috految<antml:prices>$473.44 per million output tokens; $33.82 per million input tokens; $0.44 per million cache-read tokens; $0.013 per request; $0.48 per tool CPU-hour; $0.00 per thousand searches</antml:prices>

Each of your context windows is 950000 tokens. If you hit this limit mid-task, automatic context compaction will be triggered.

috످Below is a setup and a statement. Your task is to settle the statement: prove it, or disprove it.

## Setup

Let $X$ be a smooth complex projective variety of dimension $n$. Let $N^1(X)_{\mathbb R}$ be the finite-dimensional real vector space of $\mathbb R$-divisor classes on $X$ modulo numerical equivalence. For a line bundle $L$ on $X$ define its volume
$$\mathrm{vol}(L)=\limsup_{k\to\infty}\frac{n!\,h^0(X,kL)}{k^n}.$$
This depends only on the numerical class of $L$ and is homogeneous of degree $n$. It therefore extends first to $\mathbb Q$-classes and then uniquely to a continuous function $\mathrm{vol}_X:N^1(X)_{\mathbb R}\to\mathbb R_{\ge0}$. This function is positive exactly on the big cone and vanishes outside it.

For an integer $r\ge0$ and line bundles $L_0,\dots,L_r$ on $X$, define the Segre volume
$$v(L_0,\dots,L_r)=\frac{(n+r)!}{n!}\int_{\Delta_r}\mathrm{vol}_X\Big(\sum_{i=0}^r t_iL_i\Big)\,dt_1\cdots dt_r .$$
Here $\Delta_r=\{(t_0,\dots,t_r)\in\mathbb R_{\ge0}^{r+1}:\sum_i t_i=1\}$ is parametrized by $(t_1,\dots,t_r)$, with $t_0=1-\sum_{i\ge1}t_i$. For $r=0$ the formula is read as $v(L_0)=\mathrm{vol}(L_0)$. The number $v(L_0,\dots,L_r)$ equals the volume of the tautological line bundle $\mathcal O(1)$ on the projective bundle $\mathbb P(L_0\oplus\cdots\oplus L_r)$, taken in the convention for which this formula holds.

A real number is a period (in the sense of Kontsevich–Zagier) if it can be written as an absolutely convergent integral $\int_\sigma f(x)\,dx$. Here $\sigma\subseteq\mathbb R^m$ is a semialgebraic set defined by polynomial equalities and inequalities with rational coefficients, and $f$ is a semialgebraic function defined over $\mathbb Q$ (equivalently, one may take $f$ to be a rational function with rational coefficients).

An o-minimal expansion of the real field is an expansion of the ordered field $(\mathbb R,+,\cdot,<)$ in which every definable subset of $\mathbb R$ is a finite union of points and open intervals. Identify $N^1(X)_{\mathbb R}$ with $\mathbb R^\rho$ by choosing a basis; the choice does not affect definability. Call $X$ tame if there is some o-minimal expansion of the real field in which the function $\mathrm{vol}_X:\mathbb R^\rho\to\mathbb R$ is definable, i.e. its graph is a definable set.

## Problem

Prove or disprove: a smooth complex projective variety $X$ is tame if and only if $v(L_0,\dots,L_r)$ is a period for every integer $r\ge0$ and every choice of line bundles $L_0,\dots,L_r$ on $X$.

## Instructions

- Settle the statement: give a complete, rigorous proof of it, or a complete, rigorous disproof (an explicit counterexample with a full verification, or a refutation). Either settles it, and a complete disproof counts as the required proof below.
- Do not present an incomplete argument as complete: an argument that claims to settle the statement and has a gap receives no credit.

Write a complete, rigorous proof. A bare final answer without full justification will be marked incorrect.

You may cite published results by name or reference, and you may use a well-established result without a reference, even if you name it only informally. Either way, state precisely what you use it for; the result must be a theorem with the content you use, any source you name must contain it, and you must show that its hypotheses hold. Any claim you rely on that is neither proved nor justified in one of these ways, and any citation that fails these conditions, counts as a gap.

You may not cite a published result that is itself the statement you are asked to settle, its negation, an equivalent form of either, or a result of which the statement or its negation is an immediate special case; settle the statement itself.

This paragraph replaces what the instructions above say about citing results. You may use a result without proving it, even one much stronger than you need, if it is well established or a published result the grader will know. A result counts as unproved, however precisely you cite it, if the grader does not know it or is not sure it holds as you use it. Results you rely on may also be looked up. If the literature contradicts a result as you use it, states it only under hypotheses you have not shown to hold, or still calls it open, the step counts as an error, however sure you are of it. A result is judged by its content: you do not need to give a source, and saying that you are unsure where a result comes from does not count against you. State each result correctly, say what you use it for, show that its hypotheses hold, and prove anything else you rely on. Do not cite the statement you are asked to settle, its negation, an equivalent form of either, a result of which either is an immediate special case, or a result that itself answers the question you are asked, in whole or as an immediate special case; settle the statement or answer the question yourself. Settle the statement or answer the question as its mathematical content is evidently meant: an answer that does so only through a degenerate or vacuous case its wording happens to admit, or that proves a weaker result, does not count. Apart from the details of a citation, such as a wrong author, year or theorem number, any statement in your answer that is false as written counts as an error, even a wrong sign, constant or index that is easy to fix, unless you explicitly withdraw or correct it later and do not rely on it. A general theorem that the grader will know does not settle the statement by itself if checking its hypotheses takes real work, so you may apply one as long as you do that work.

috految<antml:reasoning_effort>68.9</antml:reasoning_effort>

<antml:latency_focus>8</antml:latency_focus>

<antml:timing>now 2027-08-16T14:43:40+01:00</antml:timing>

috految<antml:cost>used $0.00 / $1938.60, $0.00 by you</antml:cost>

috److془We need to carefully settle this problem. Let's think.

We need to find a non-tame $X$ with all Segre volumes periods, or a tame with non-period Segre volume.

Idea: Surface with infinitely many negative curves, parabolic type: Rational elliptic surface with MW rank 1. Then the Segre volume is sum over $n$ of rational functions of $n$, for which the poles are at $L \cdot C_n=0$, quadratic irrationalities. Sum $\sum 1/(n^2+1)$ gives $\pi \coth \pi$, not period presumably. Hmm. So we need to be more clever.

Option: the volume function has infinitely many walls such as $x/y = n$, linear pencil. Then the sums would be $\sum R(n)$ with rational poles: periods. But we need to control the entire volume function, on the whole $N^1(X)$. 

Option: Picard rank 2 with infinitely many chambers. Hyperbolic: $\sum 1/(a\lambda^n + b\lambda^{-n})^k$, etc. Hmm. Not periods presumably. Note that the $L_i$'s can be arbitrary outside the big cone. So $v(L_0, \ldots, L_r)$ = $\int_{\text{cone}} vol(x) P(x) e^{-\ell(x)} dx$ where $\ell$ is rational linear function positive on the cone.

Option: Non-tame since volume involves $x^{i}$ or $\sin(\log x)$. Hmm.

Option: Use the parabolic with a Picard rank 2 or so. Or use $X$ such that the volume function is e.g. $\int$ of volumes over fibers. Or use the trick: cancellation or such. Or: the high-dimensional things like Fibonacci etc. Or: a tame with non-period volume via computability/complexity (Yoshinaga: periods are elementary computable). Volume: is it computable with elementary complexity? Yes probably by effective Fujita approximation. Hmm; but periods are computable in polynomial time (Lairez-Mezzarobba-Safey El Din), and volumes might be harder. Actually: Hilbert's 10th problem could be encoded.. Anyway.

Let's find a neat example. Need to have a variety with $N^1(X)$ small. Given $Y$ with a subspace $V\subset N^1(Y)$, want $X$ with $N^1(X)$ ~ $V$. Can use finite quotient $(Y\times Z)/G$ with $Z$ of Picard rank 1 and $G$ acts freely. Or the blow-up of $\mathbb P^N$ along $Y$, etc.

Take $Y \subset M$ with $M$ of Picard rank 1; $X = Bl_Y M$. Volume of $aH - bE$. Or projective bundle $\mathbb P(E)$ over $M$. $M = $ product of projective spaces etc.

Alternatively: $X = Bl_Y M$ where $Y$ is codim 1 in a components.. e.g., $M$ with $Y$ complete intersection of ample divisors; $N^1(M) \to N^1(Y)$ has image $V$. Then if $Y$ is a surface with $V$ containing ample class. The volume is integral of $vol_Y$ along segments or simplices. Hmm but the slices of vol_Y must be non-tame. Surface's vol on 2-dim'l cone containing ample class is finite piecewise quadratic on a segment. For the 3-dim'l cone, the curves $C_n$ have $C_n \cdot H \sim n^2$. Then, integrate along a segment direction inside 3-dim'l cone to get a 2-dim'l cone. The result: $\sum_n$ of piecewise polynomials having walls at the images of vertices. Vertices: $(1, n, n^2)$. Project along direction $(0,0,1)$ (fiber class), we get $(1,n)$; Or along a different rational direction on conic, like $(1,0,0)$, get $(n, n^2)$. So we need to have the vertices all on the same conic (or multiple conics all passing through the point of projection). But the problem is that the projection must be such that the cone of effective divisors projects along a direction which isn't pseudoeffective - can be fixed by cutting out with a polyhedral cone. Vertices on the pseudoeffective cone $C_n$, $C_n^2 = -1$, and nef cone vertices $C_n + C_{n+1}$. Hmm: 2 conics tangent to order 4. But can use higher dimensional examples. Or, with the point of projection being the fiber class, we have $(1,n)$ but cutting yields finiteness. Hmm but could cut with a curve, with parabola. Hmm, but compactness requires that the cone is strictly convex.

Alternatively: use $\mathbb Q$-rational structure: e.g., K3 or rational surface with infinite many curves with e.g. $ (a,b) \in \mathbb{Z}^2$. Or use $\mathbb P^2$ with $A^2 $ where $A$ is an abelian variety, etc. Or: use the choice of the slices such that only the one type of vertices are seen. Or, use higher-dim examples: Flops in CY3. Or use the Lesieutre example, $\mathbb{P}^3$ blown up in 8 points. Or use volumes for surfaces with Mordell-Weil rank 1 action: Hmm: monomial valuations: on $\mathbb P^1$-bundle. Hmm, in Kronecker quiver: the chambers are $ (n, n+1)$. Elliptic fibration with $I_2$ fiber in codim 2 has relative movable cone with walls $(1,n)$. But the global cone always involves the third coordinate $n^2$. Hmm, but we could have big divisor with non-finite generation. E.g. $vol$ = polynomial + local contributions. Hmm: flops of $ C_n$: curves with $D\cdot C_n = x - ny$. correction: $\sum_n (x-ny)_+^3 \sim x^4/y$, unbounded. Need to combine with other things. Take $ \sum_n (x-ny)_+^3 /n^k$ kind of thing. Hmm: $\int_0^{y} $ type. Hmm, like $\sum_n (x-ny)_+^k/n^j$; $y \to 0$, $x=1$. 

Alternatively: we can use that there's the trick of restricting to a subspace $V$ of $N^1(Y)$ and having general fibre integration. Let's think about which general operation holds: Claim: Suppose $Y$ with $V\subset N^1(Y)$, containing ample class. Want $X$ with $vol_X$ determined by $vol_Y|_V$. Problem: ample class in $V$, needs. The projection: $Y' = \mathbb P_Y(\oplus L_i)$. Then $V'\subset N^1(Y')$ rank 2 containing ample class. Slices are $z A + t\Delta$, where $\Delta$ is a polytope and $A$ is ample. Fine, in rank 2, $V' = \langle \xi, A\rangle$. and $\Delta$ a segment in direction $w$.

But wait: a simple approach: cone $K = \{zA + t\Delta\}$ with piecewise polynomial density. We need the slices to be nice. E.g. $\Delta$ a segment through $F$, transversal or tangent to the cone. 

Alternatively, using the symmetric group quotient to kill Picard rank: more flexible. $Y^k/G$, $\mathbb P(\oplus L_i)$ invariants. The invariant subspace of $N^1(Y)$ can be rank 1 if $Y$ has a finite group $G$ acting with invariant Picard rank 1. Then $\Delta$ is a $G$-invariant polytope in $N^1(Y)$. rank 2! Great. E.g., $Y$ is a K3 surface with $G = \mathbb Z/2$, double cover of $\mathbb P^2$. Hmm but the direction $w$ is then in $A^\perp$. Hm, but we can use $\Delta$ to be other things, or products of $Y$. With product $Y\times Y$, $G = \mathbb Z/2$ acts by swapping.. Hmm the invariants is $N^1(Y)$. Use $G$ the wreath product. For $\Delta = \{(x, -x)\}$ hmm. Anyway: $vol$ on $Y^k$ is product $\prod vol(x_i)$. With the products of $Y$ and other varieties (abelian varieties), we can cut with semi-algebraic convex sets. Partition: the pieces: $\sum_n (x - ny)_+^2$ sort of things. Cutting with the parabola: $\int$ over region $\{ q \geq 0\}$ of $vol(x) q(x)$.

Hmm: with direction $w$ being so that the conic through $\ldots$. Or: only see one type of vertices. Region $\{q \ge 0\}$, $q = xz - y^2 - c x^2$ all the vertices of the arrangement lie on the conic if we pass through the vertices of nef cone. Then $vol = D^2 + \sum_n (D\cdot C_n)_-^2/|C_n^2|$. Integrate $(D\cdot C_n)_-^2 q(D) P(D)$ over circular segment. With $w$ on the conic. Then the function is piecewise rational on the projection line. Then integral with weight $\ell^{-k}$, $\ell$ rational linear gives logs $\log (n+a)$, which summed with rational functions gives $\log \Gamma$, $\zeta'$ etc. Hmm. We'd want to avoid logs. Note $\int_{simplex} P/\ell^{\deg P + d}$ no log. With $q$ we get logs. OK so need bounded by polyhedral cone. Or by the nef cone of another surface, etc. Hmm but then the vertices of the nef cone and pseudoeffective cone of the other surface. Hmm. Could use: $C_n$ vertices of pseudoeffective cone; cut by the other cone. Hmm. Or use: $V$ a subspace, e.g. CY3 with flops where the movable cone = effective cone = convex hull of the $(1,n,n^2)$. E.g. Wehler CY: $(2,2,2,2)\subset (\mathbb P^1)^4$ or $(2,2,3)\subset \mathbb P^1\times \mathbb P^1\times \mathbb P^2$. Hmm! Nef cone generated by $H_1,H_2,H$, chambers: $H, H_n, H_{n+1}$, where $H_{n+1} + H_{n-1} = 2H_n + dH$. Vertices are $H_n = (1, n, d n^2/2)$ and $H$. All on a conic. And the Pseudoeffective cone is the union (as $H_n + H_{n+1}$ is non-big). 

So $Y = (2,2,d) \subset \mathbb P^1\times \mathbb P^1\times \mathbb P^m$, $m \geq 2$. Now we need to project along $w$ with $w$ on the conic, e.g. $w = H_0$; or $w = H_{1/2}$, which is not pseudoeffective. Nice. $w = H_{1/2} = (H_0+H_1)/2 - dH/8$. Then the projected vertices are $(n-1/2) (1, n-1/2)$. Now $X$ should have Cox ring the same as $Y$ with coarser grading. Hmm: $X$ has to be smooth with $N^1(X) = N^1(Y)/w$. Wait but Cox ring with coarser grading has to be such that $Spec$ is factorial. Good: Cox ring of $X$ = Cox ring of $Y$, and $X$ is GIT quotient. Need to be smooth. Hmm, but $X$ has $\mathbb G_m$ action. The line parallel to $w$ ends in the edges $[H_n,H_{n+1}]$ where the fibers are hypersurfaces of degree $d$ in $\mathbb{P}^m$. Cone singularities unless $d=1$. With $d=1$, $Y$ is a $\mathbb{P}^{m-1}$ bundle over $\mathbb P^1\times \mathbb P^1$. Whoa. Indeed Fano? $-K = mH$ semiample. Fine. 

Simply: $X$ = hypersurface in toric variety with Cox coordinates $x_0,x_1,y_0,y_1,z_0..z_m$, with equation $\sum f_i(x,y) z_i=0$. Hmm but it's singular along $x=0$, or $y=0$. Need to be chosen the GIT chamber with line crossing from $[H_0,H_1]$ through $[H_1,H]$ to $[H_1,H_2]$ etc. Side: with $w = H_{1/2}$, line passing through it and $H_1+\epsilon$. Orbifold singularities might appear. Alternatively $w = H_0$ and add additional variables. Alternatively, get rid of orbifold singularities by Kresch–Vistoli trick (hypersurfaces in projective bundles - finite cover with same Picard rank). Volume under finite covers is just multiplied by degree. 

Actually wait: the Picard rank for finite covers: $Z = $ complete intersection in $\mathbb{P}(E)$ would have Picard rank +1. Instead, if the toric Cox type, add variables with nef degrees & the hypersurface of ample degrees. Or else we could find an smooth example directly. Let's see: $X$: with $w = H_{1/2}$: $w \propto 4H_0+4H_1 - H$. Then $H = 4(H_0+H_1)$, $H_2 = 2H_1 - H_0 + H = 3H_0 + 6H_1$. Hmm. $H_n = (2n-1)((n-1)H_0 + nH_1)$. Ok so orbifold with stabilizers. Ratio: the chamber between $H_1$ and $H_2$. $X \to \mathbb P^1_y$, Cox coordinates: $x$ (1,0), $z$ (4,4), $x'$ (3,6), $y$ (0,1). Equations: $Q(y,z) = x\cdot x'$ (binary quadratic form). Three equations. Fiber: $\mathbb P(1,1,3,3,4^{m-2})$. Hmm we can replace $z$ by higher-degree polynomials in several variables. Take covers. Hmm! $Q = (Q_0,Q_1,Q_2)$ with each $Q_j$ of degree $(2,1)$ in $(y,z)$. Take $z_i = u_i^4$, $x'_j = v_j^3$. Or with $d=4$, larger. Hmm, but then the singularities at $z=0$, $x'=0$ or so. Hmm, but we can use general sections of the appropriate degrees. With variables $u$ of degree $(1,k)$, in ample cone. Hmm: $x'_j$ = general element of degree $(3,6)$ in $x,y,u,v$. Then finite cover if the numbers are right. $z$ of degree $(4,4)$, $x$ of degree $(1,0)$, $u$ of degree $(1,1)$, $v$ of degree $(1,2)$. Hmm: $z$ has base locus $x=u=0$. Could use $u$ degree $(1,k)$ with $k$ large: Add variables $u_1..u_N$ of degree $(1,k)$, and cut by $N$ general hypersurfaces of degree $M(1,k)$. Orbifold locus has $u=0$, bounded dimension, so avoided. Smooth by Bertini. Finite over $X$. Lefschetz the Picard rank is 2. 

Wait check: is the volume function on $X$ non-tame? $vol_X(D) = c \int_{\mathbb R} vol_Y(D + t w)dt$. Piecewise polynomial with the walls at $H_n$; the accumulating ray is $H = 4(H_0+H_1)$ in the interior of pseudoeffective cone $\langle H_0,H_1\rangle$. Hmm this is big, with infinitely many chambers accumulating. Fine (Lesieutre, Kawamata type phenomenon). $-K$ big, not Fano type. Fine. $\sum_n (H_n \wedge D)_+^{k}/ (n^j)$. Good. Now Cox ring finite generated would follow if Fano type. base locus of $-K\propto H$: $z=0$, $x'=0$ or $x=0$. Hmm: $x=0,z=0$, $\mathbb P^1\times \mathbb P^1$ codim $m$, $-K = mH$ so lc not klt. 

Hmm wait: need care: rational integrals. The Segre volume is $\int_{\text{cone}} vol(x) P(x) e^{-\ell(x)}$ with $\ell$ rational in 2-dim'l; the pieces rational functions in $n$ with the poles at rational numbers. Sums are $\mathbb Q$-linear combos of Hurwitz zeta values & digamma differences, which are periods. 

Wait the pieces: polynomial on chamber $n$ has coefficients like harmonic sums, but we use the decomposition of the 3-dim'l cone instead. Good. Also the case where $L_i$ span rank one, need values of vol at rational points being period; fine. But the third vertex $H$ is projected also; the line through $H$ and $w$ crosses only $[H_0,H_1,H]$. Fine.

Hmm wait: the vol at the line near $H$: crosses chambers $\sigma_0,\ldots,\sigma_n$. Fine.

So the statement is false: "periods ⇒ tame" fails. Disproof complete. "Settle the statement as its mathematical content is evidently meant" - a counterexample to one direction disproves iff. Good.

Now write rigorous details. Choose simplest construction.

Let $S = \mathbb P^1_x\times \mathbb P^1_y$. $m=8$: universal $(2,2)$ curve: $Y \subset \mathbb P^1\times\mathbb P^1\times \mathbb P^8$. $z$ the coefficients $z_{ij}$, $0\le i,j\le 2$. $Y$ is a $\mathbb P^7$ bundle over $S$. $\dim Y=9$. $Y\to \mathbb P^1_y\times \mathbb P^8$ generically 2:1 with fibers infinite over $Q(y,z)=0$, codim 3 in base, preimage codim 2 in $Y$. Good. 

Hmm: the classes: $H_0\cdot$: $x$ has class $H_0$, $y$ has class $H_1$, $z$: $H$. $x'$: $2H_1+H-H_0=H_2$. Check non-bigness: $H_0+H_1$ is pulled back from $S$ . Good. Effective: $aH_0+bH_1+cH$ effective implies $c\ge0$. 

Hmm: check: $Y = \mathbb P(E)$ on $S$, $E = O^9/O(-2,-2)$. $c=1$: $H^0(E(a,b))$ with $(-1,2)$: $H^1(O(-3,0))$ = $\mathbb C^2$ ✓. $H_3 = 2H_2+H-H_1 = -2H_0+3H_1+3H$. ✓. (Known: Lesieutre/Ottem).

Now $W$ = quasi-affine: $\{(y,x,x',z): y\neq0, Q(y,z) = x x'\}$, where $Q(y,z)(T) = \sum z_{ij} T_0^{2-i}T_1^i y_0^{2-j}y_1^j$, $x x' = (x_1T_0-x_0T_1)(x'_1T_0 - x'_0T_1)$. $W\to \mathbb A^2\setminus 0\times \mathbb A^4$ is affine bundle of rank 6. Smooth irreducible of dimension 12, $Pic=0$. Open $W^0=\{x\ne0, z\neq0\}$ is isomorphic to the $\mathbb G_m^3$ torsor over $Y$ (dimension 12 ✓.). Complement: $x=0$: codim 2; $z=0$: dimension ≤ 6. So $\mathcal{O}(W) = \oplus_{D\in \mathbb Z^3} H^0(Y,D)$. 

Grading: $\pi:\mathbb Z^3\to\mathbb Z^2$: $H_0\mapsto (1,0)$, $H_1\mapsto(0,1)$, $H\mapsto (4,4)$. $H_2\mapsto (3,6)$. $Q$ degree (4,6) = (1,0)+(3,6) ✓. $H_n = (1-n)H_0+nH_1+\frac{n(n-1)}2 H$. $\pi(H_n) = (1-n+2n(n-1), n+2n(n-1)) = ((n-1)(2n-1), n(2n-1))$ ✓.

$W^s = W\setminus\{x=x'=z=0\}$; $Z = W^s/\mathbb G_m^2$, the closed subvariety of weighted projective bundle over $\mathbb P^1$. Dimension 10. Locally trivial with fiber $\mathbb P(1,1,3,3,4^6)$. dimension 9 ✓. Normal projective $\mathbb Q$-factorial.

Now the cover: $\tilde W = W\times \mathbb A^N$ with $u$ of degree $(1,k)$, $k=3$. $P = (\tilde W \setminus\{x=x'=z=u=0\})/\mathbb G_m^2$. Classes: $(1,0),(4,4),(3,6),(1,3)$. Ample in $P$ are $(1,s)$ with $s>3$. $(1,3)$ semiample. Need to have $X$ avoid locus $\{x=x'=z=0\} = \mathbb P^1\times\mathbb P^{N-1}$ dimension $N$. With $(1,3)$ it is contracted to $\mathbb P^{N-1}$. Fine. Use Lefschetz theorem for quasi-projective (Goresky–MacPherson): $U$ smooth of dimension $d$ quasi-projective, $\phi: U\to \mathbb P^M$ finite fibers, general linear subspace of codim $c$: $\pi_i(\phi^{-1}L)\to\pi_i(U)$ iso for $i<d-c$. Or simply choose $U\subset\mathbb P^M$ locally closed. Let's give: $U$= $(W^s\times (\mathbb A^N\setminus 0))/\mathbb G_m^2$. Free action since $(0,1)$, $(1,3)$ basis. $U$ is smooth of dimension $10+N$. $H^2(U,\mathbb Q)$: $W^s\times(\mathbb A^N\setminus0)$ is 2-connected, (W is homotopy equivalent to $S^3$, removed codim ≥ 2 complex subsets: real codim 4, iso on $\pi_i$, $i\le2$). So $U$ is simply connected with $\pi_2 = \mathbb Z^2$. $b_2=2$. 

Alternatively: $g:U\to Z$. Consider $A(1,3)$ ample on $Z$. Let $e$ be such that $(e,3e)$ descends to very ample bundle on $Z$. Let $s_0..s_M$ be basis of sections, $\phi = [s_0:\dots:s_M: u_1^e:\dots : u_N^e]: U\to \mathbb P^{M+N}$. Finite fibers. As $U\to Z$: $\phi$ determines the point in $Z$, i.e. orbit of $w$; fixing rep $w$, determines $u_i^e$. Take general linear subspace of codim $N$: $u_i^e = f_i(w)$, $f_i$ general in $H^0(Z,A)$. $N=11$: $f_i$ have no common zeros on $Z$. So $X = \{(w,u)\in W^s\times \mathbb A^{11}: u_i^e=f_i(w)\}/\mathbb G_m^2$. Finite surjective over $Z$: locally over $Z$, $ (B[u]/(u_i^e - f_i))^{T} = \oplus_\alpha B_{-|\alpha|(1,3)}u^\alpha$, finite over $B^T$. Projective. Smooth by Bertini. Connected with $b_2 = 2$ by Lefschetz. 

Goresky-MacPherson Theorem II.1.2: "Let X be a purely n-dimensional nonsingular connected algebraic variety. Let $\pi: X \to CP^N$ be an algebraic map and let $H$ be a linear subspace of codimension $c$. Let $H_\delta$ be the δ-neighborhoods. Define $\phi(k)$ to be the dimension of subset of $CP^N - H$ consisting of points y such that fibre has dimension k. If δ small, then $\pi_i(\pi^{-1}(H_\delta))\to\pi_i(X)$ is iso for all $i<\hat n$, and surjection for $i=\hat n$, $\hat n = n - \sup_k(2k-(n-\phi(k)) + \inf(\phi(k),c-1))-1$. Furthermore: in this theorem, π not necessarily proper, and $\pi^{-1}(H_\delta)$ may be replaced by $\pi^{-1}(H)$ if $H$ is generic or π proper". ✓. $\hat n = n-c$. 

Now $N^1(Z)$: classes $O_Z(d)$, $d\in \mathbb Q^2$. $(0,1)$ is the fibre class, $(1,3)$ ( or $(1,k)$, $k\gg0$) ample. Pullbacks independent in $N^1(X)_{\mathbb Q}$; so basis. $vol_X(d) = \delta vol_Z(d)$. Line bundles on $X$ have rational coordinates. 

$H^0(Z,O(d)) = \mathcal O(W^s)_d = \oplus_{\pi(D)=d}H^0(Y,D)$ for $d\in 12\mathbb Z^2$. (For $Z$: locally $\mathbb A^1\times \mathbb P(1,1,3,3,4^6)$, $12 \mathbb Z^2$ descends.) 

Volume: $\pi^{-1}(d) = \{(a-4t)H_0+(b-4t)H_1+tH: t\in\mathbb Z\}$. $vol_Z(d) = 10\int_{\mathbb R}vol_Y(\ldots)dt$. Justify: Effective cone: $\lambda(D) = a_1+a_2 $ coefficient sum for $D = a_1H_0+a_2H_1+cH$; $a_1+a_2\ge0$ by restriction to the general fibre over $\mathbb P^8$, curve of type (2,2) with degree $2(a_1+a_2)$. So $0\le t\le (a+b)/8$. $h^0(Z,kd) = \sum_{t=0}^{kt_0}h^0(Y, kD_0 + t G)$, $G = H-4H_0-4H_1$, $D_0=aH_0+bH_1$. With $t_0$ positive integer $\geq (a+b)/8$. Use standard: $\sum_{t=0}^{kt_0}$ by dominated convergence: $h^0(Y,D_k)/k^9\to vol(D)/9!$ when $D_k/k\to D$. Proof via sandwich: $H_0,H_1,H$ effective so $h^0$ is monotone in each coordinate; vol continuous, and is limit for integral classes. ✓. $vol_Z = 10!/9! \int$ ✓. By homogeneity and continuity holds for all real $d$. 

Now the volume on $Y$: birational involution $\iota$ of $Y$. Simply: the swap $x\leftrightarrow x'$ on $W$ gives $h^0(D) = h^0(\sigma D)$, $\sigma$: $H_0 \leftrightarrow H_2$, fixes $H_1,H$. The swap of first two factors (transposing z) gives $\tau$: $H_0\leftrightarrow H_1$, fixes $H$. $\sigma H_j = H_{2-j}$, $\tau H_j = H_{1-j}$ by recurrence $H_{j+1}+H_{j-1}=2H_j+H$. $\sigma\tau H_j = H_{j+1}$. Note $H_{-1} = 2H_0-H_1+H$ ✓. 

$vol_Y(\alpha H_j+\beta H_{j+1}+\gamma H) = q(\alpha,\beta,\gamma) := (\alpha H_0+\beta H_1+\gamma H)^9$ for $\alpha,\beta,\gamma\ge0$; zero for $\gamma<0$. $q = (2H_0+2H_1+H)(...)^9 = 18(\alpha+\beta)\gamma^8+72\alpha\beta\gamma^7$. Check: $2H_0\cdot 9\beta H_1\gamma^8H^8 = 18\beta\gamma^8$. $H\cdot 72\alpha\beta\gamma^7$ ✓. Check $C^1$: $\sigma$: $\alpha\to-\alpha,\beta\to\beta+2\alpha,\gamma\to\gamma+\alpha$. Derivative at $\alpha=0$: $18\gamma^8+72\beta\gamma^7$ vs $18\gamma^8+144\beta\gamma^7-72\beta\gamma^7$ ✓. 

Half-space $\lambda>0$, $\lambda(H_j)=1$, $\lambda(H)=0$; $H_j$ mod $H$ = $(1-j,j)$; the cones $\langle H_j,H_{j+1}\rangle+\mathbb R H$ cover half-space with disjoint interiors. $vol_Y=0$ for $\lambda\le0$ by continuity. So $vol_Y$ is given on $C_j=\langle H_j,H_{j+1},H\rangle$ and vanishes outside the union.

Non-tame: Let's compute. $V(a,b)=\int vol_Y(aH_0+bH_1+tG)dt$. Param: $s = a+b$, $\xi = b-a$. $\pi H_j = (s,\xi) = (m^2, m)$, $m = 2j-1$. ( $(2j-1)(2j-1)$, $(2j-1)$ ✓.) $\pi H = (8,0)$. Coordinates $(s,\xi,\lambda)$ on $\mathbb{R}^3$: $H_j = (m^2,m,1)$. $H=(8,0,0)$. Beautiful. $\pi$ is forgetting $\lambda$. $G$: $\lambda=-8$. $vol_X = c V$, $V(s,\xi) = \int_0^\infty vol_Y(s,\xi,\lambda)d\lambda$, $c\in \mathbb Q_{>0}$. On $C_j$: $\lambda=\alpha+\beta$, $\xi = m\alpha+(m+2)\beta$, $s=m^2\alpha+(m+2)^2\beta+8\gamma$. $\gamma = (s-(2m+2)\xi+m(m+2)\lambda)/8$. (check: $m^2 - (2m+2)m+m(m+2)=0$ ✓.) $\alpha = ((m+2)\lambda-\xi)/2$, $\beta=(\xi-m\lambda)/2$.

Let $\xi=1$, $s>1$. For $m=-1$: $\lambda\ge1$, $\gamma = (s-\lambda)/8$, $1\le \lambda\le s$. polynomial in $s$. For $m\geq1$ odd: $\lambda\in[1/(m+2),1/m]$; $8\gamma = s - \theta$, $\theta=2m+2-m(m+2)\lambda$; at $\lambda=1/m$: $\theta = m$; at $1/(m+2)$: $m+2$. $d\lambda = d\theta/(m(m+2))$. $\alpha = (m+2-\theta)/(2m)$, $\beta = (\theta-m)/(2(m+2))$. Check: $(m+2)\lambda -1= (2m+2-\theta-m)/m$ ✓. $1-m\lambda = (m+2-2m-2+\theta)/(m+2)$ ✓. 

So $V(s,1) = P(s)+\int_1^s [A(\theta)(s-\theta)^8+B(\theta)(s-\theta)^7]d\theta$. $A = 18\cdot 8^{-8}(\alpha+\beta)/(m(m+2))$, $B = 72\cdot 8^{-7}\alpha\beta/(m(m+2))$. On $(m,m+2)$: $V^{(10)} = P^{(10)}+ 8! A'+7!B''$. $A' = -18\cdot8^{-8}/(m(m+2))^2$. $\alpha\beta = (m+2-\theta)(\theta-m)/(4m(m+2))$, $B'' = -36\cdot 8^{-7}/(m(m+2))^2$. Both negative. So $V^{(10)} = const - \kappa/(m(m+2))^2$, $\kappa>0$. $P$ degree ≤10. So non-tame. Check: the ninth derivative: $8!A+7!B'$ jump at $\theta=m$: $8!18\cdot 8^{-8} [1/(m^2(m+2)) - 1/(m^2(m-2))] + 7! 36\cdot 8^{-7}[1/(m^2(m+2)^2)+1/(m^2(m-2)^2)]$ ∝ $-4/(m^2-4) + 2 (2m^2+8)/(m^2-4)^2 = 32/(m^2-4)^2$. ✓ consistent with flip with jump order 9 ($\mathbb P^1$ fixed component in dimension 10). 

Periods: Let $M_i$ rational vectors in $\mathbb Q^2$. $I=\int_{\Delta_r} V(\sum t_iM_i)dt$. $V = \sum_m V_m$. Homogeneous of degree 10. $V$ symmetrical in $\xi\to-\xi$ (τ). $V = 0$ for $s\le|\xi|$. For $\xi\geq0$: $V_{-1}$: for $s > \xi > 0$, $V(s,\xi) = P(s,\xi)+\sum_m V_m$, $V_m = \int_{m}^{m+2}[A_m(\theta)\xi^2(s-\theta\xi)_+^8+B_m(\theta)\xi^3(s-\theta\xi)_+^7]d\theta$. For $\xi=0$, $s>0$: $V = P(s,0)$, directly, as only $C_{-1}$ contributes. Actually $V_m=0$ so formula valid. Where $P = \int_\xi^s q((\lambda-\xi)/2,(\lambda+\xi)/2,(s-\lambda)/8)d\lambda$. $V_m$ = $0$ for $s\le m\xi$; polynomial on $m\xi\le s\le(m+2)\xi$, and on $s\ge(m+2)\xi$, with coefficients in $\mathbb Q[m,1/m,1/(m+2)]$. Indeed integrand in $\lambda$ is polynomial with coefficients in $\mathbb Q[m]$, interval $[\max(\xi/(m+2), ((2m+2)\xi - s)/(m(m+2))), \xi/m]$. So $V_m = F_m 1_{s> m\xi} + G_m 1_{s>(m+2)\xi}$ for $s > \xi>0$. 

Lemma: $\Pi\subset\mathbb R^r$ full-dimensional rational polytope, $s,\xi$ rational affine functions, $p$ rational polynomial. Then $\int_{\Pi\cap\{s>m\xi\}}p$ is rational for any integer $m$, and for large m equal to a fixed element of $\mathcal R=\mathbb{Q}[T, (T-a)^{-1}: a\in \mathbb Q]$. Proof: signs of $s-m\xi$ at vertices constant for large $m$. If none positive, zero. Otherwise the closure is a full-dim polytope $\Pi\cap\{s\ge m\xi\}$, vertices are those of $\Pi$ with nonneg sign and points $(h(v)v'-h(v')v)/(h(v)-h(v'))$ for edges with strictly opposite signs. denominators nonzero polynomials of degree ≤1 in $m$ over $\mathbb{Q}$; coordinates in $\mathcal R$. Face lattice constant; barycentric subdivision; integral over simplex is |det| times polynomial in vertices; det eventually constant sign. ✓.

Then $I$ = rational + $\sum_{m\geq m_0 odd}R(m)$, converge by Tonelli (nonneg terms). Partial fractions $R(m_0+2k) = \sum c_{i,l}(k+a_i)^{-l}$ with $a_i\in\mathbb Q_{>0}$, no polynomial part, $\sum_i c_{i,1}=0$. $\sum_k (k+a)^{-l}=\int_{(0,1)^l}(x_1\cdots x_l)^{a-1}/(1-x_1\cdots x_l)$, $\sum (1/(k+a)-1/(k+1)) = \int_0^1 (x^{a-1}-1)/(1-x)dx$. Periods ✓.

$r=0$: finite sum rational. If $\xi\equiv0$ on $\Delta_r$, $V = P(s,0)1_{s>0}$ rational. Else $\xi=0$ is null, split into $\{s>\xi>0\}$ and $\{s>-\xi>0\}$ each null or rational polytope up to null set. 

Check support: $C_j$ generated by $(m^2,m,1)$ and $(8,0,0)$ have $s\ge|\xi|$. So $V = 0$ for $s<|\xi|$, and by continuity for $s\leq|\xi|$. Also $0\le \lambda\le s$.

Check the isomorphism $W^0$: given $x\neq0$, $Q(x)=0$ iff $Q$ divisible by $\ell_x$, with quotient unique regular. ✓ $Y$ defined by $\sum z_{ij}x_0^{2-i}x_1^i y_0^{2-j}y_1^j$. $\ell_x(T) = x_1T_0-x_0T_1$. Over $y_0\ne0$: solve $z_{i0}$: $W|_{y_0\ne0}\cong \{y_0\neq 0\}\times\mathbb A^4\times\mathbb A^6$. Similarly $y_1$, $z_{i2}$. Locus $x=x'=z=0$ corresponds to origin of $\mathbb{A}^{10}$ ✓. $W^s$ mod first $\mathbb G_m$ (weights $y$:0, $x$:1, $x'$:3, $z$:4), using second to normalise $y_i=1$. $Z\to\mathbb P^1$ locally $\mathbb A^1\times\mathbb P(1,1,3,3,4^6)$. proper, $O(12,0)$ relatively ample, so projective, $O(0,1)$ pull back of $O_{\mathbb P^1}(1)$. $W^s\to Z$ affine geometric quotient. Choose $k$ with $(1,k)$ ample. $U=(W^s\times(\mathbb A^{11}\setminus0))/T$ : existence: $\mathcal{U}$ map to $\mathbb P^1\times\mathbb P^{10}$, on charts normalise $y_i=1,u_j=1$. it's a principal $T$-bundle quotient; it's open in a variety affine over $\mathbb P^1\times\mathbb P^{10}$ ; so quasi-projective. dimension 12+11-2=21. X dimension 10 ✓. Homotopy: $\pi_2(U)\cong\pi_1(T)$ ✓ $\pi_1(U)=0$. General codim 11 subspace in $\mathbb P(\mathbb{C}^{M+1}\oplus\mathbb{C}^{11})$ is graph ✓. 

Sanity: $X$ is a $\mu_e^{11}$ cover of stack $Z$, ample branch divisors. $b_2$ same ✓. 

The scheme $\{u_i^e=f_i\}$ lies in $u\neq0$; smooth by Bertini. $X\to Z$ is relative Spec of invariants. Finite by finite generation of modules of semi-invariants. Surjective clear. Volume under finite surjective maps of projective varieties multiplies by degree ✓.

Nontame: function $f(s)=V(s,1)$ definable (rational basis), set of $s>1$ where it isn't $C^{10}$ near s is definable, equal to $\{3,5,7,\dots\}$. ✓. Contradiction.

The h^0 invariance: Swap $x,x'$ is automorphism of $W$, the degree $x$: $H_0$, $x'$: $H_2$, intertwines. $\sigma(H_2) = 2H_1+H-H_2=H_0$ ✓. $\tau$: $(s,\xi,\lambda)\mapsto(s,-\xi,\lambda)$ ✓. Coordinates: $D = aH_0+bH_1+cH$: $s=a+b+8c$, $\xi=b-a$, $\lambda=a+b$. $H_j$: $s=1+4j(j-1)=(2j-1)^2$ ✓. $\pi(D) = (a+4c,b+4c)$. $vol_Z = (10/8)V$. Write.془The statement is false. We construct a smooth projective variety $X$ of dimension $10$ and Picard number $2$ that is not tame, although all its Segre volumes are periods.

## 1. An auxiliary variety and its volume function

Let $x=(x_0,x_1)$, $y=(y_0,y_1)$, $z=(z_{ij})_{0\le i,j\le2}$, and consider the binary quadratic form
$$Q_{y,z}(T_0,T_1)=\sum_{i,j}z_{ij}\,T_0^{2-i}T_1^i\,y_0^{2-j}y_1^j .$$
Let
$$Y=\{Q_{y,z}(x)=0\}\subset\mathbb P^1_x\times\mathbb P^1_y\times\mathbb P^8_z$$
be the universal curve of bidegree $(2,2)$. It is a $\mathbb P^7$-bundle over $\mathbb P^1\times\mathbb P^1$, so it is smooth of dimension $9$. Its Picard group is freely generated by the hyperplane classes $H_0,H_1,H$ of the three factors, which are effective and nef. For $j\in\mathbb Z$ put
$$H_j=(1-j)H_0+jH_1+\tfrac{j(j-1)}2H,\qquad\text{so that}\qquad H_{j+1}+H_{j-1}=2H_j+H .$$

Write $\ell_x=x_1T_0-x_0T_1$ and define
$$W=\{(y,x,x',z)\in(\mathbb A^2\setminus0)\times\mathbb A^2\times\mathbb A^2\times\mathbb A^9:\ Q_{y,z}=\ell_x\ell_{x'}\}.$$
Where $y_0\neq0$, the three equations can be solved for the $z_{i0}$. Where $y_1\ne0$, they can be solved for the $z_{i2}$. Thus $W\to\mathbb A^2\setminus0$ is a locally trivial bundle with fibre $\mathbb A^{10}$, with fibre coordinates $x,x'$ and six of the $z_{ij}$. In particular $W$ is smooth and irreducible of dimension $12$, and is homotopy equivalent to $S^3$.

The equations are homogeneous for the $\operatorname{Pic}(Y)$-grading
$$\deg x=H_0,\quad \deg y=H_1,\quad \deg z=H,\quad \deg x'=H_2=2H_1+H-H_0 .$$
If $x\neq0$, then $Q_{y,z}(x)=0$ exactly when $\ell_x$ divides $Q_{y,z}$, and the quotient is then unique and depends regularly on the data. So the open subset $\{x\ne0,\ z\neq0\}\subset W$ is the standard $\mathbb G_m^3$-torsor over $Y$. Its complement has codimension at least two, since $\{x=0\}$ has codimension two and $\{z=0\}$ has dimension at most $6$. Hence, as graded rings,
$$\mathcal O(W)=\bigoplus_{D\in\operatorname{Pic}Y}H^0(Y,D).\tag{1}$$

The automorphism $x\leftrightarrow x'$ of $W$ therefore shows that $h^0(Y,\cdot)$, and so $\mathrm{vol}_Y$, is invariant under the linear involution $\sigma$ that exchanges $H_0,H_2$ and fixes $H_1,H$. Exchanging the two factors $\mathbb P^1$ and transposing $z$ gives invariance under the involution $\tau$ that exchanges $H_0,H_1$ and fixes $H$. By the recurrence, $\sigma H_j=H_{2-j}$ and $\tau H_j=H_{1-j}$. Thus $\sigma\tau$ fixes $H$ and sends $H_j$ to $H_{j+1}$.

If $aH_0+bH_1+cH$ is effective, then
$$c\ge0,\qquad a+b\ge0. \tag{2}$$
Indeed, restrict to a general fibre $\mathbb P^7$ over $\mathbb P^1\times\mathbb P^1$, and to a general fibre over $\mathbb P^8$, which is a smooth $(2,2)$-curve. For $\alpha,\beta,\gamma\ge0$, the class $\alpha H_0+\beta H_1+\gamma H$ is nef. As $[Y]=2H_0+2H_1+H$ in the ambient product, its volume is
$$q(\alpha,\beta,\gamma)=18(\alpha+\beta)\gamma^8+72\alpha\beta\gamma^7 .$$
Using invariance under $\sigma\tau$, we get for all $j\in\mathbb Z$ and $\alpha,\beta\ge0$
$$\mathrm{vol}_Y(\alpha H_j+\beta H_{j+1}+\gamma H)=\begin{cases}q(\alpha,\beta,\gamma)&\gamma\ge0,\\0&\gamma<0.\end{cases}\tag{3}$$

Introduce coordinates on $N^1(Y)_{\mathbb R}$ by assigning to $aH_0+bH_1+cH$ the triple
$$(s,\xi,\lambda)=(a+b+8c,\ b-a,\ a+b).$$
Then $H=(8,0,0)$, and $H_j=(m^2,m,1)$ with $m=2j-1$. The involution $\tau$ is $\xi\mapsto-\xi$. By (2) and continuity, $\mathrm{vol}_Y=0$ for $\lambda\le0$. If $\lambda>0$, there is an odd integer $m=2j-1$ with $m\lambda\le\xi\le(m+2)\lambda$, and then (3) applies with
$$\alpha=\frac{(m+2)\lambda-\xi}{2},\qquad\beta=\frac{\xi-m\lambda}2,\qquad\gamma=\frac{s-(2m+2)\xi+m(m+2)\lambda}{8}.\tag{4}$$
This determines $\mathrm{vol}_Y$ everywhere. In particular, $\mathrm{vol}_Y$ vanishes outside the cone generated by $H$ and the $H_j$, and on that cone $s\ge|\xi|$ and $0\le\lambda\le s$. Define
$$V(s,\xi)=\int_0^\infty \mathrm{vol}_Y(s,\xi,\lambda)\,d\lambda .$$
This function is continuous, nonnegative, positively homogeneous of degree $10$, even in $\xi$, and zero for $s\le|\xi|$.

## 2. The variety $X$

**Proposition.** There is a smooth connected projective variety $X$ of dimension $10$, with an isomorphism $N^1(X)_{\mathbb Q}\cong\mathbb Q^2$, such that $\mathrm{vol}_X=c_0V$ on $\mathbb R^2$ for some $c_0\in\mathbb Q_{>0}$.

*Proof.* Coarsen the grading by the map
$$\pi:\operatorname{Pic}Y\to\mathbb Z^2,\qquad aH_0+bH_1+cH\mapsto(a+4c,\ b+4c).$$
This gives an action of $\mathbb T=\mathbb G_m^2$ on $W$ with weights
$$y:(0,1),\qquad x:(1,0),\qquad x':(3,6),\qquad z:(4,4).$$
Let $W^s=W\setminus\{x=x'=z=0\}$. The removed set is the origin in each fibre $\mathbb A^{10}$, so it has codimension $10$.

On $y_i\ne0$, use the second factor of $\mathbb T$ to normalize $y_i=1$. The local description of $W$ then shows that the geometric quotient $Z=W^s/\mathbb T$ exists, that $W^s\to Z$ is affine, and that over each standard chart of $\mathbb P^1_y$ the variety $Z$ is
$$\mathbb A^1\times\mathbb P(1,1,3,3,4,4,4,4,4,4).$$
Every weight $d\in12\mathbb Z^2$ defines a line bundle $\mathcal O_Z(d)$, whose sections are the functions of weight $d$ on $W^s$. The bundle $\mathcal O_Z(12,0)$ is relatively ample over $\mathbb P^1$, and the weight $(0,1)$ gives the pullback of $\mathcal O_{\mathbb P^1}(1)$. So $Z$ is a normal projective variety of dimension $10$. Fix an integer $k\gg0$ such that the $\mathbb Q$-class $(1,k)$ is ample.

*Volumes on $Z$.* We have $\mathcal O(W^s)=\mathcal O(W)$. So for $d=(d_1,d_2)\in12\mathbb Z^2$ and $N\ge1$, (1) gives
$$h^0(Z,\mathcal O_Z(Nd))=\sum_{t\in\mathbb Z}h^0\big(Y,(Nd_1-4t)H_0+(Nd_2-4t)H_1+tH\big).$$
By (2), only $0\le t\le N(d_1+d_2)/8$ contribute.

If $D_N\in \operatorname{Pic}Y$ and $D_N/N\to D$, then $9!\,h^0(Y,D_N)/N^9\to\mathrm{vol}_Y(D)$. Indeed, $h^0$ is monotone in each of the three coordinates because $H_0,H_1,H$ are effective. One can therefore squeeze $D_N$ between multiples of rational classes close to $D$, and use that volumes of line bundles are limits and that $\mathrm{vol}_Y$ is continuous. Monotonicity also bounds the summands above uniformly by $O(N^9)$. Dominated convergence yields
$$\mathrm{vol}_Z(d)=10\int_{\mathbb R}\mathrm{vol}_Y\big((d_1-4t)H_0+(d_2-4t)H_1+tH\big)\,dt=\frac{10}{8}\,V(d_1+d_2,\ d_2-d_1).\tag{5}$$

*A smooth finite cover.* Let $\mathbb T$ act on $\mathbb A^{11}$, with coordinates $u_1,\dots,u_{11}$, with all weights equal to $(1,k)$. Put
$$U=\big(W^s\times(\mathbb A^{11}\setminus0)\big)/\mathbb T .$$
The weights $(0,1)$ and $(1,k)$ form a basis of $\mathbb Z^2$. Hence locally one can normalize $y_i=1$, $u_j=1$, and the quotient map is a principal $\mathbb T$-bundle. Moreover $U$ is open in a variety affine over $\mathbb P^1\times\mathbb P^{10}$. Thus $U$ is a smooth connected quasi-projective variety of dimension $21$.

The space $W^s\times(\mathbb A^{11}\setminus0)$ is $2$-connected, since $W\simeq S^3$ and the subvarieties removed from $W$ and $\mathbb A^{11}$ have complex codimension at least $2$. The homotopy sequence gives $\pi_1(U)=0$ and $\pi_2(U)\cong\mathbb Z^2$.

Choose a positive multiple $e$ of $12$ such that $\mathcal A=\mathcal O_Z(e,ek)$ is very ample, and let $g_0,\dots,g_M$ be a basis of its sections. The morphism
$$\phi=[g_0:\dots:g_M:u_1^e:\dots:u_{11}^e]:U\to\mathbb P^{M+11}$$
has finite fibres: the image of $[w,u]$ determines the point $[w]\in Z$, and once a representative $w$ is fixed, it determines all $u_i^e$.

Let $X=\phi^{-1}(\Lambda)$, where $\Lambda$ is a general linear subspace of codimension $11$. The equations of $\Lambda$ take the form $u_i^e=f_i$, with $f_1,\dots,f_{11}\in H^0(Z,\mathcal A)$ general. As $\dim Z=10$, the $f_i$ have no common zero on $Z$. So the condition $u\neq0$ is automatic, and
$$X=\{(w,u)\in W^s\times\mathbb A^{11}:\ u_i^e=f_i(w),\ 1\le i\le 11\}/\mathbb T .$$
The projection $p:X\to Z$ is surjective. It is also finite. Indeed, over an affine open subset of $Z$ with preimage $\operatorname{Spec}B\subset W^s$, it is given by the invariants of the finite $B$-algebra $B[u]/(u_i^e-f_i)$, and these form a finite $B^{\mathbb T}$-module. Hence $X$ is projective of dimension $10$. By Bertini's theorem on the smooth variety $U$, it is smooth.

We apply the Lefschetz theorem for smooth quasi-projective varieties (Goresky–MacPherson): for a morphism with finite fibres from a smooth connected quasi-projective variety $U$ to projective space, the inclusion of the preimage of a general linear subspace of codimension $c$ induces an isomorphism on $\pi_i$ for $i<\dim U-c$. Here $\dim U-c=10$. So $X$ is connected and simply connected, with $\pi_2(X)\cong\mathbb Z^2$. Therefore $b_2(X)=2$.

The pullbacks of the ample class $(1,k)$ and of the fibre class $(0,1)$ are linearly independent in $N^1(X)_{\mathbb Q}$, so they form a basis. Thus pullback identifies the space $\mathbb Q^2$ of weights with $N^1(X)_{\mathbb Q}$. Pullback under a finite surjective morphism multiplies volumes by the degree. By (5), homogeneity and continuity, the proposition holds in the coordinates $(s,\xi)=(d_1+d_2,d_2-d_1)$, with $c_0=\frac{10}8\deg p$. $\square$

## 3. A formula for $V$

Let $s>\xi\geq0$. We integrate (3) in $\lambda$, using (4). The range $\lambda\ge\xi$ corresponds to $m=-1$ and contributes
$$P(s,\xi)=\int_\xi^s q\Big(\frac{\lambda-\xi}2,\frac{\lambda+\xi}2,\frac{s-\lambda}8\Big)d\lambda ,$$
a polynomial of degree at most $10$ with rational coefficients. In particular $V(s,0)=P(s,0)$ for $s>0$.

For $s>\xi>0$, the remaining range is the union of the intervals $[\xi/(m+2),\xi/m]$ for odd $m\ge1$. Hence
$$V(s,\xi)=P(s,\xi)+\sum_{m\ge1\text{ odd}}V_m(s,\xi),\qquad V_m=\int_{\xi/(m+2)}^{\xi/m}\mathbf 1_{\gamma\ge0}\,q(\alpha,\beta,\gamma)\,d\lambda\ \ge0,\tag{6}$$
with $\alpha,\beta,\gamma$ as in (4).

On this interval $8\gamma$ increases from $s-(m+2)\xi$ to $s-m\xi$. So $V_m=0$ if $s\le m\xi$. If $m\xi<s\le(m+2)\xi$, the integral of $q$ runs from $\frac{(2m+2)\xi-s}{m(m+2)}$ to $\xi/m$. If $s>(m+2)\xi$, it runs over the whole interval. Since $q(\alpha,\beta,\gamma)\in\mathbb Q[m,s,\xi,\lambda]$, there are fixed polynomials
$$F,G\in\mathbb Q\big[m,\tfrac1m,\tfrac1{m+2}\big][s,\xi]$$
such that for $s>\xi>0$ and all odd $m\geq1$,
$$V_m(s,\xi)=F(m;s,\xi)\,\mathbf 1_{s>m\xi}+G(m;s,\xi)\,\mathbf 1_{s>(m+2)\xi}.\tag{7}$$

## 4. $X$ is not tame

Put $f(s)=V(s,1)$ for $s>1$. In $V_m(s,1)$ substitute $\theta=2m+2-m(m+2)\lambda\in[m,m+2]$. Then
$$\gamma=\frac{s-\theta}8,\qquad\alpha=\frac{m+2-\theta}{2m},\qquad\beta=\frac{\theta-m}{2(m+2)} .$$
So (6) becomes
$$f(s)=P(s,1)+\int_1^s\big[A(\theta)(s-\theta)^8+B(\theta)(s-\theta)^7\big]d\theta,$$
where for $\theta\in(m,m+2)$, $m\ge1$ odd,
$$A=\frac{18}{8^8}\,\frac{\alpha+\beta}{m(m+2)},\qquad B=\frac{72}{8^7}\,\frac{\alpha\beta}{m(m+2)} .$$
On this interval,
$$A'=-\frac{18}{8^8\,m^2(m+2)^2},\qquad B''=-\frac{36}{8^7\,m^2(m+2)^2}.$$
Thus $f$ is a polynomial on each interval $(m,m+2)$, and there
$$f^{(10)}(s)=\frac{d^{10}}{ds^{10}}P(s,1)+8!\,A'(s)+7!\,B''(s)=C-\frac{\kappa}{m^2(m+2)^2},$$
with constants $C$ and $\kappa>0$ independent of $m$. These values are distinct for distinct odd $m\ge 1$. Therefore the set of points of $(1,\infty)$ having no neighbourhood on which $f$ is $C^{10}$ is exactly $\{3,5,7,\dots\}$.

If $\mathrm{vol}_X=c_0V$ were definable in an o-minimal expansion of the real field, then $f$, and hence this infinite discrete subset of $\mathbb R$, would be definable. This is impossible, so **$X$ is not tame**.

## 5. All Segre volumes on $X$ are periods

Let $\mathcal R\subset\mathbb Q(m)$ be the ring of rational functions over $\mathbb Q$ all of whose finite complex poles are rational. It is stable under $m\mapsto m+2$.

**Lemma.** Let $\Pi\subset\mathbb R^r$, $r\geq1$, be a full-dimensional compact rational convex polytope. Let $s,\xi$ be affine functions and $g$ a polynomial on $\mathbb R^r$, all with rational coefficients. Then $\int_{\Pi\cap\{s>m\xi\}}g$ is rational for each integer $m$, and agrees with a fixed element of $\mathcal R$ for all large integers $m$.

*Proof.* Integrals of rational polynomials over rational polytopes are rational, which gives the first claim.

For large $m$, the signs of $h_m=s-m\xi$ at the vertices of $\Pi$ are independent of $m$. If none is positive, the integral is zero. Otherwise it is the integral over the full-dimensional polytope $\Pi\cap\{h_m\ge0\}$, whose face lattice is determined by these signs. Its vertices are some fixed vertices of $\Pi$ together with the points
$$\frac{h_m(v)v'-h_m(v')v}{h_m(v)-h_m(v')},$$
where $[v,v']$ runs over the edges of $\Pi$ with strictly opposite signs at the endpoints. Each denominator is a nonzero polynomial of degree at most one in $m$ over $\mathbb Q$. So all vertex coordinates belong to $\mathcal R$.

Take the barycentric subdivision, using the averages of the vertices of the faces. It has a fixed combinatorial type and vertex coordinates in $\mathcal R$. The integral of $g$ over a simplex is the absolute value of its determinant times a rational polynomial in its vertex coordinates. Each determinant lies in $\mathcal R$ and has constant sign for large $m$. The claim follows. $\square$

Now let $L_0,\dots,L_r$ be arbitrary line bundles on $X$. Their numerical classes have rational $(s,\xi)$-coordinates.

If $r=0$, then $v(L_0)=c_0V(s,\xi)$ is rational. Indeed, we may assume $\xi\ge0$ by evenness. The value of $V$ is $0$ if $s\le \xi$, is $P(s,0)$ if $s>\xi=0$, and otherwise is a finite sum of rational numbers by (6) and (7).

Let $r\ge1$. Then $v(L_0,\dots,L_r)$ is a rational multiple of the finite number
$$I=\int_{\Delta_r}V(s(t),\xi(t))\,dt,$$
where $s,\xi$ are rational affine functions of $(t_1,\dots,t_r)$. If $\xi\equiv0$, the integrand is $P(s,0)\mathbf 1_{s>0}$, and $I$ is rational.

Otherwise $\{\xi=0\}$ is a null set, and $I$ is the sum of the integrals over $\Delta_r\cap\{s>\xi>0\}$ and $\Delta_r\cap\{s>-\xi>0\}$. Since $V$ is even in $\xi$, it suffices to treat an integral of the first kind. Its domain is either null or, up to a null set, a full-dimensional compact rational polytope $\Pi$. In the latter case, (6) and monotone convergence give
$$\int_\Pi V=\int_\Pi P+\sum_{m\ge1\text{ odd}}\int_\Pi V_m ,$$
and the series converges. The first term is rational. By (7) and the Lemma, every term of the series is rational, and for large odd $m$ the term equals $R(m)$ for a fixed $R\in\mathcal R$.

Thus, up to a rational number, the integral equals a convergent series $\sum_{\nu\ge0}R(m_0+2\nu)$, where $m_0$ is odd and larger than all real poles of $R$. Convergence forces $R(m)=O(m^{-2})$. Since the poles of $R$ are rational, partial fractions give a finite sum
$$R(m_0+2\nu)=\sum_{i}\sum_{l\ge1}\frac{c_{i,l}}{(\nu+a_i)^l},\qquad a_i\in\mathbb Q_{>0},\quad c_{i,l}\in\mathbb Q,\quad\sum_ic_{i,1}=0 .$$
The series is therefore a rational linear combination of numbers of the following two forms, with $a\in\mathbb Q_{>0}$:
$$\sum_{\nu\ge0}\Big(\frac1{\nu+a}-\frac1{\nu+1}\Big)=\int_0^1\frac{x^{a-1}-1}{1-x}\,dx,$$
$$\sum_{\nu\ge0}\frac1{(\nu+a)^l}=\int_{(0,1)^l}\frac{(x_1\cdots x_l)^{a-1}}{1-x_1\cdots x_l}\,dx\qquad(l\ge2).$$
These are absolutely convergent integrals of semialgebraic functions defined over $\mathbb Q$, so they are periods. Periods form a $\mathbb Q$-vector space containing $\mathbb Q$. Hence $v(L_0,\dots,L_r)$ is a period.

## Conclusion

On the smooth complex projective variety $X$, the Segre volume $v(L_0,\dots,L_r)$ is a period for every $r\ge0$ and all line bundles $L_0,\dots,L_r$, but $X$ is not tame. **The statement is false.** $\blacksquare$

috످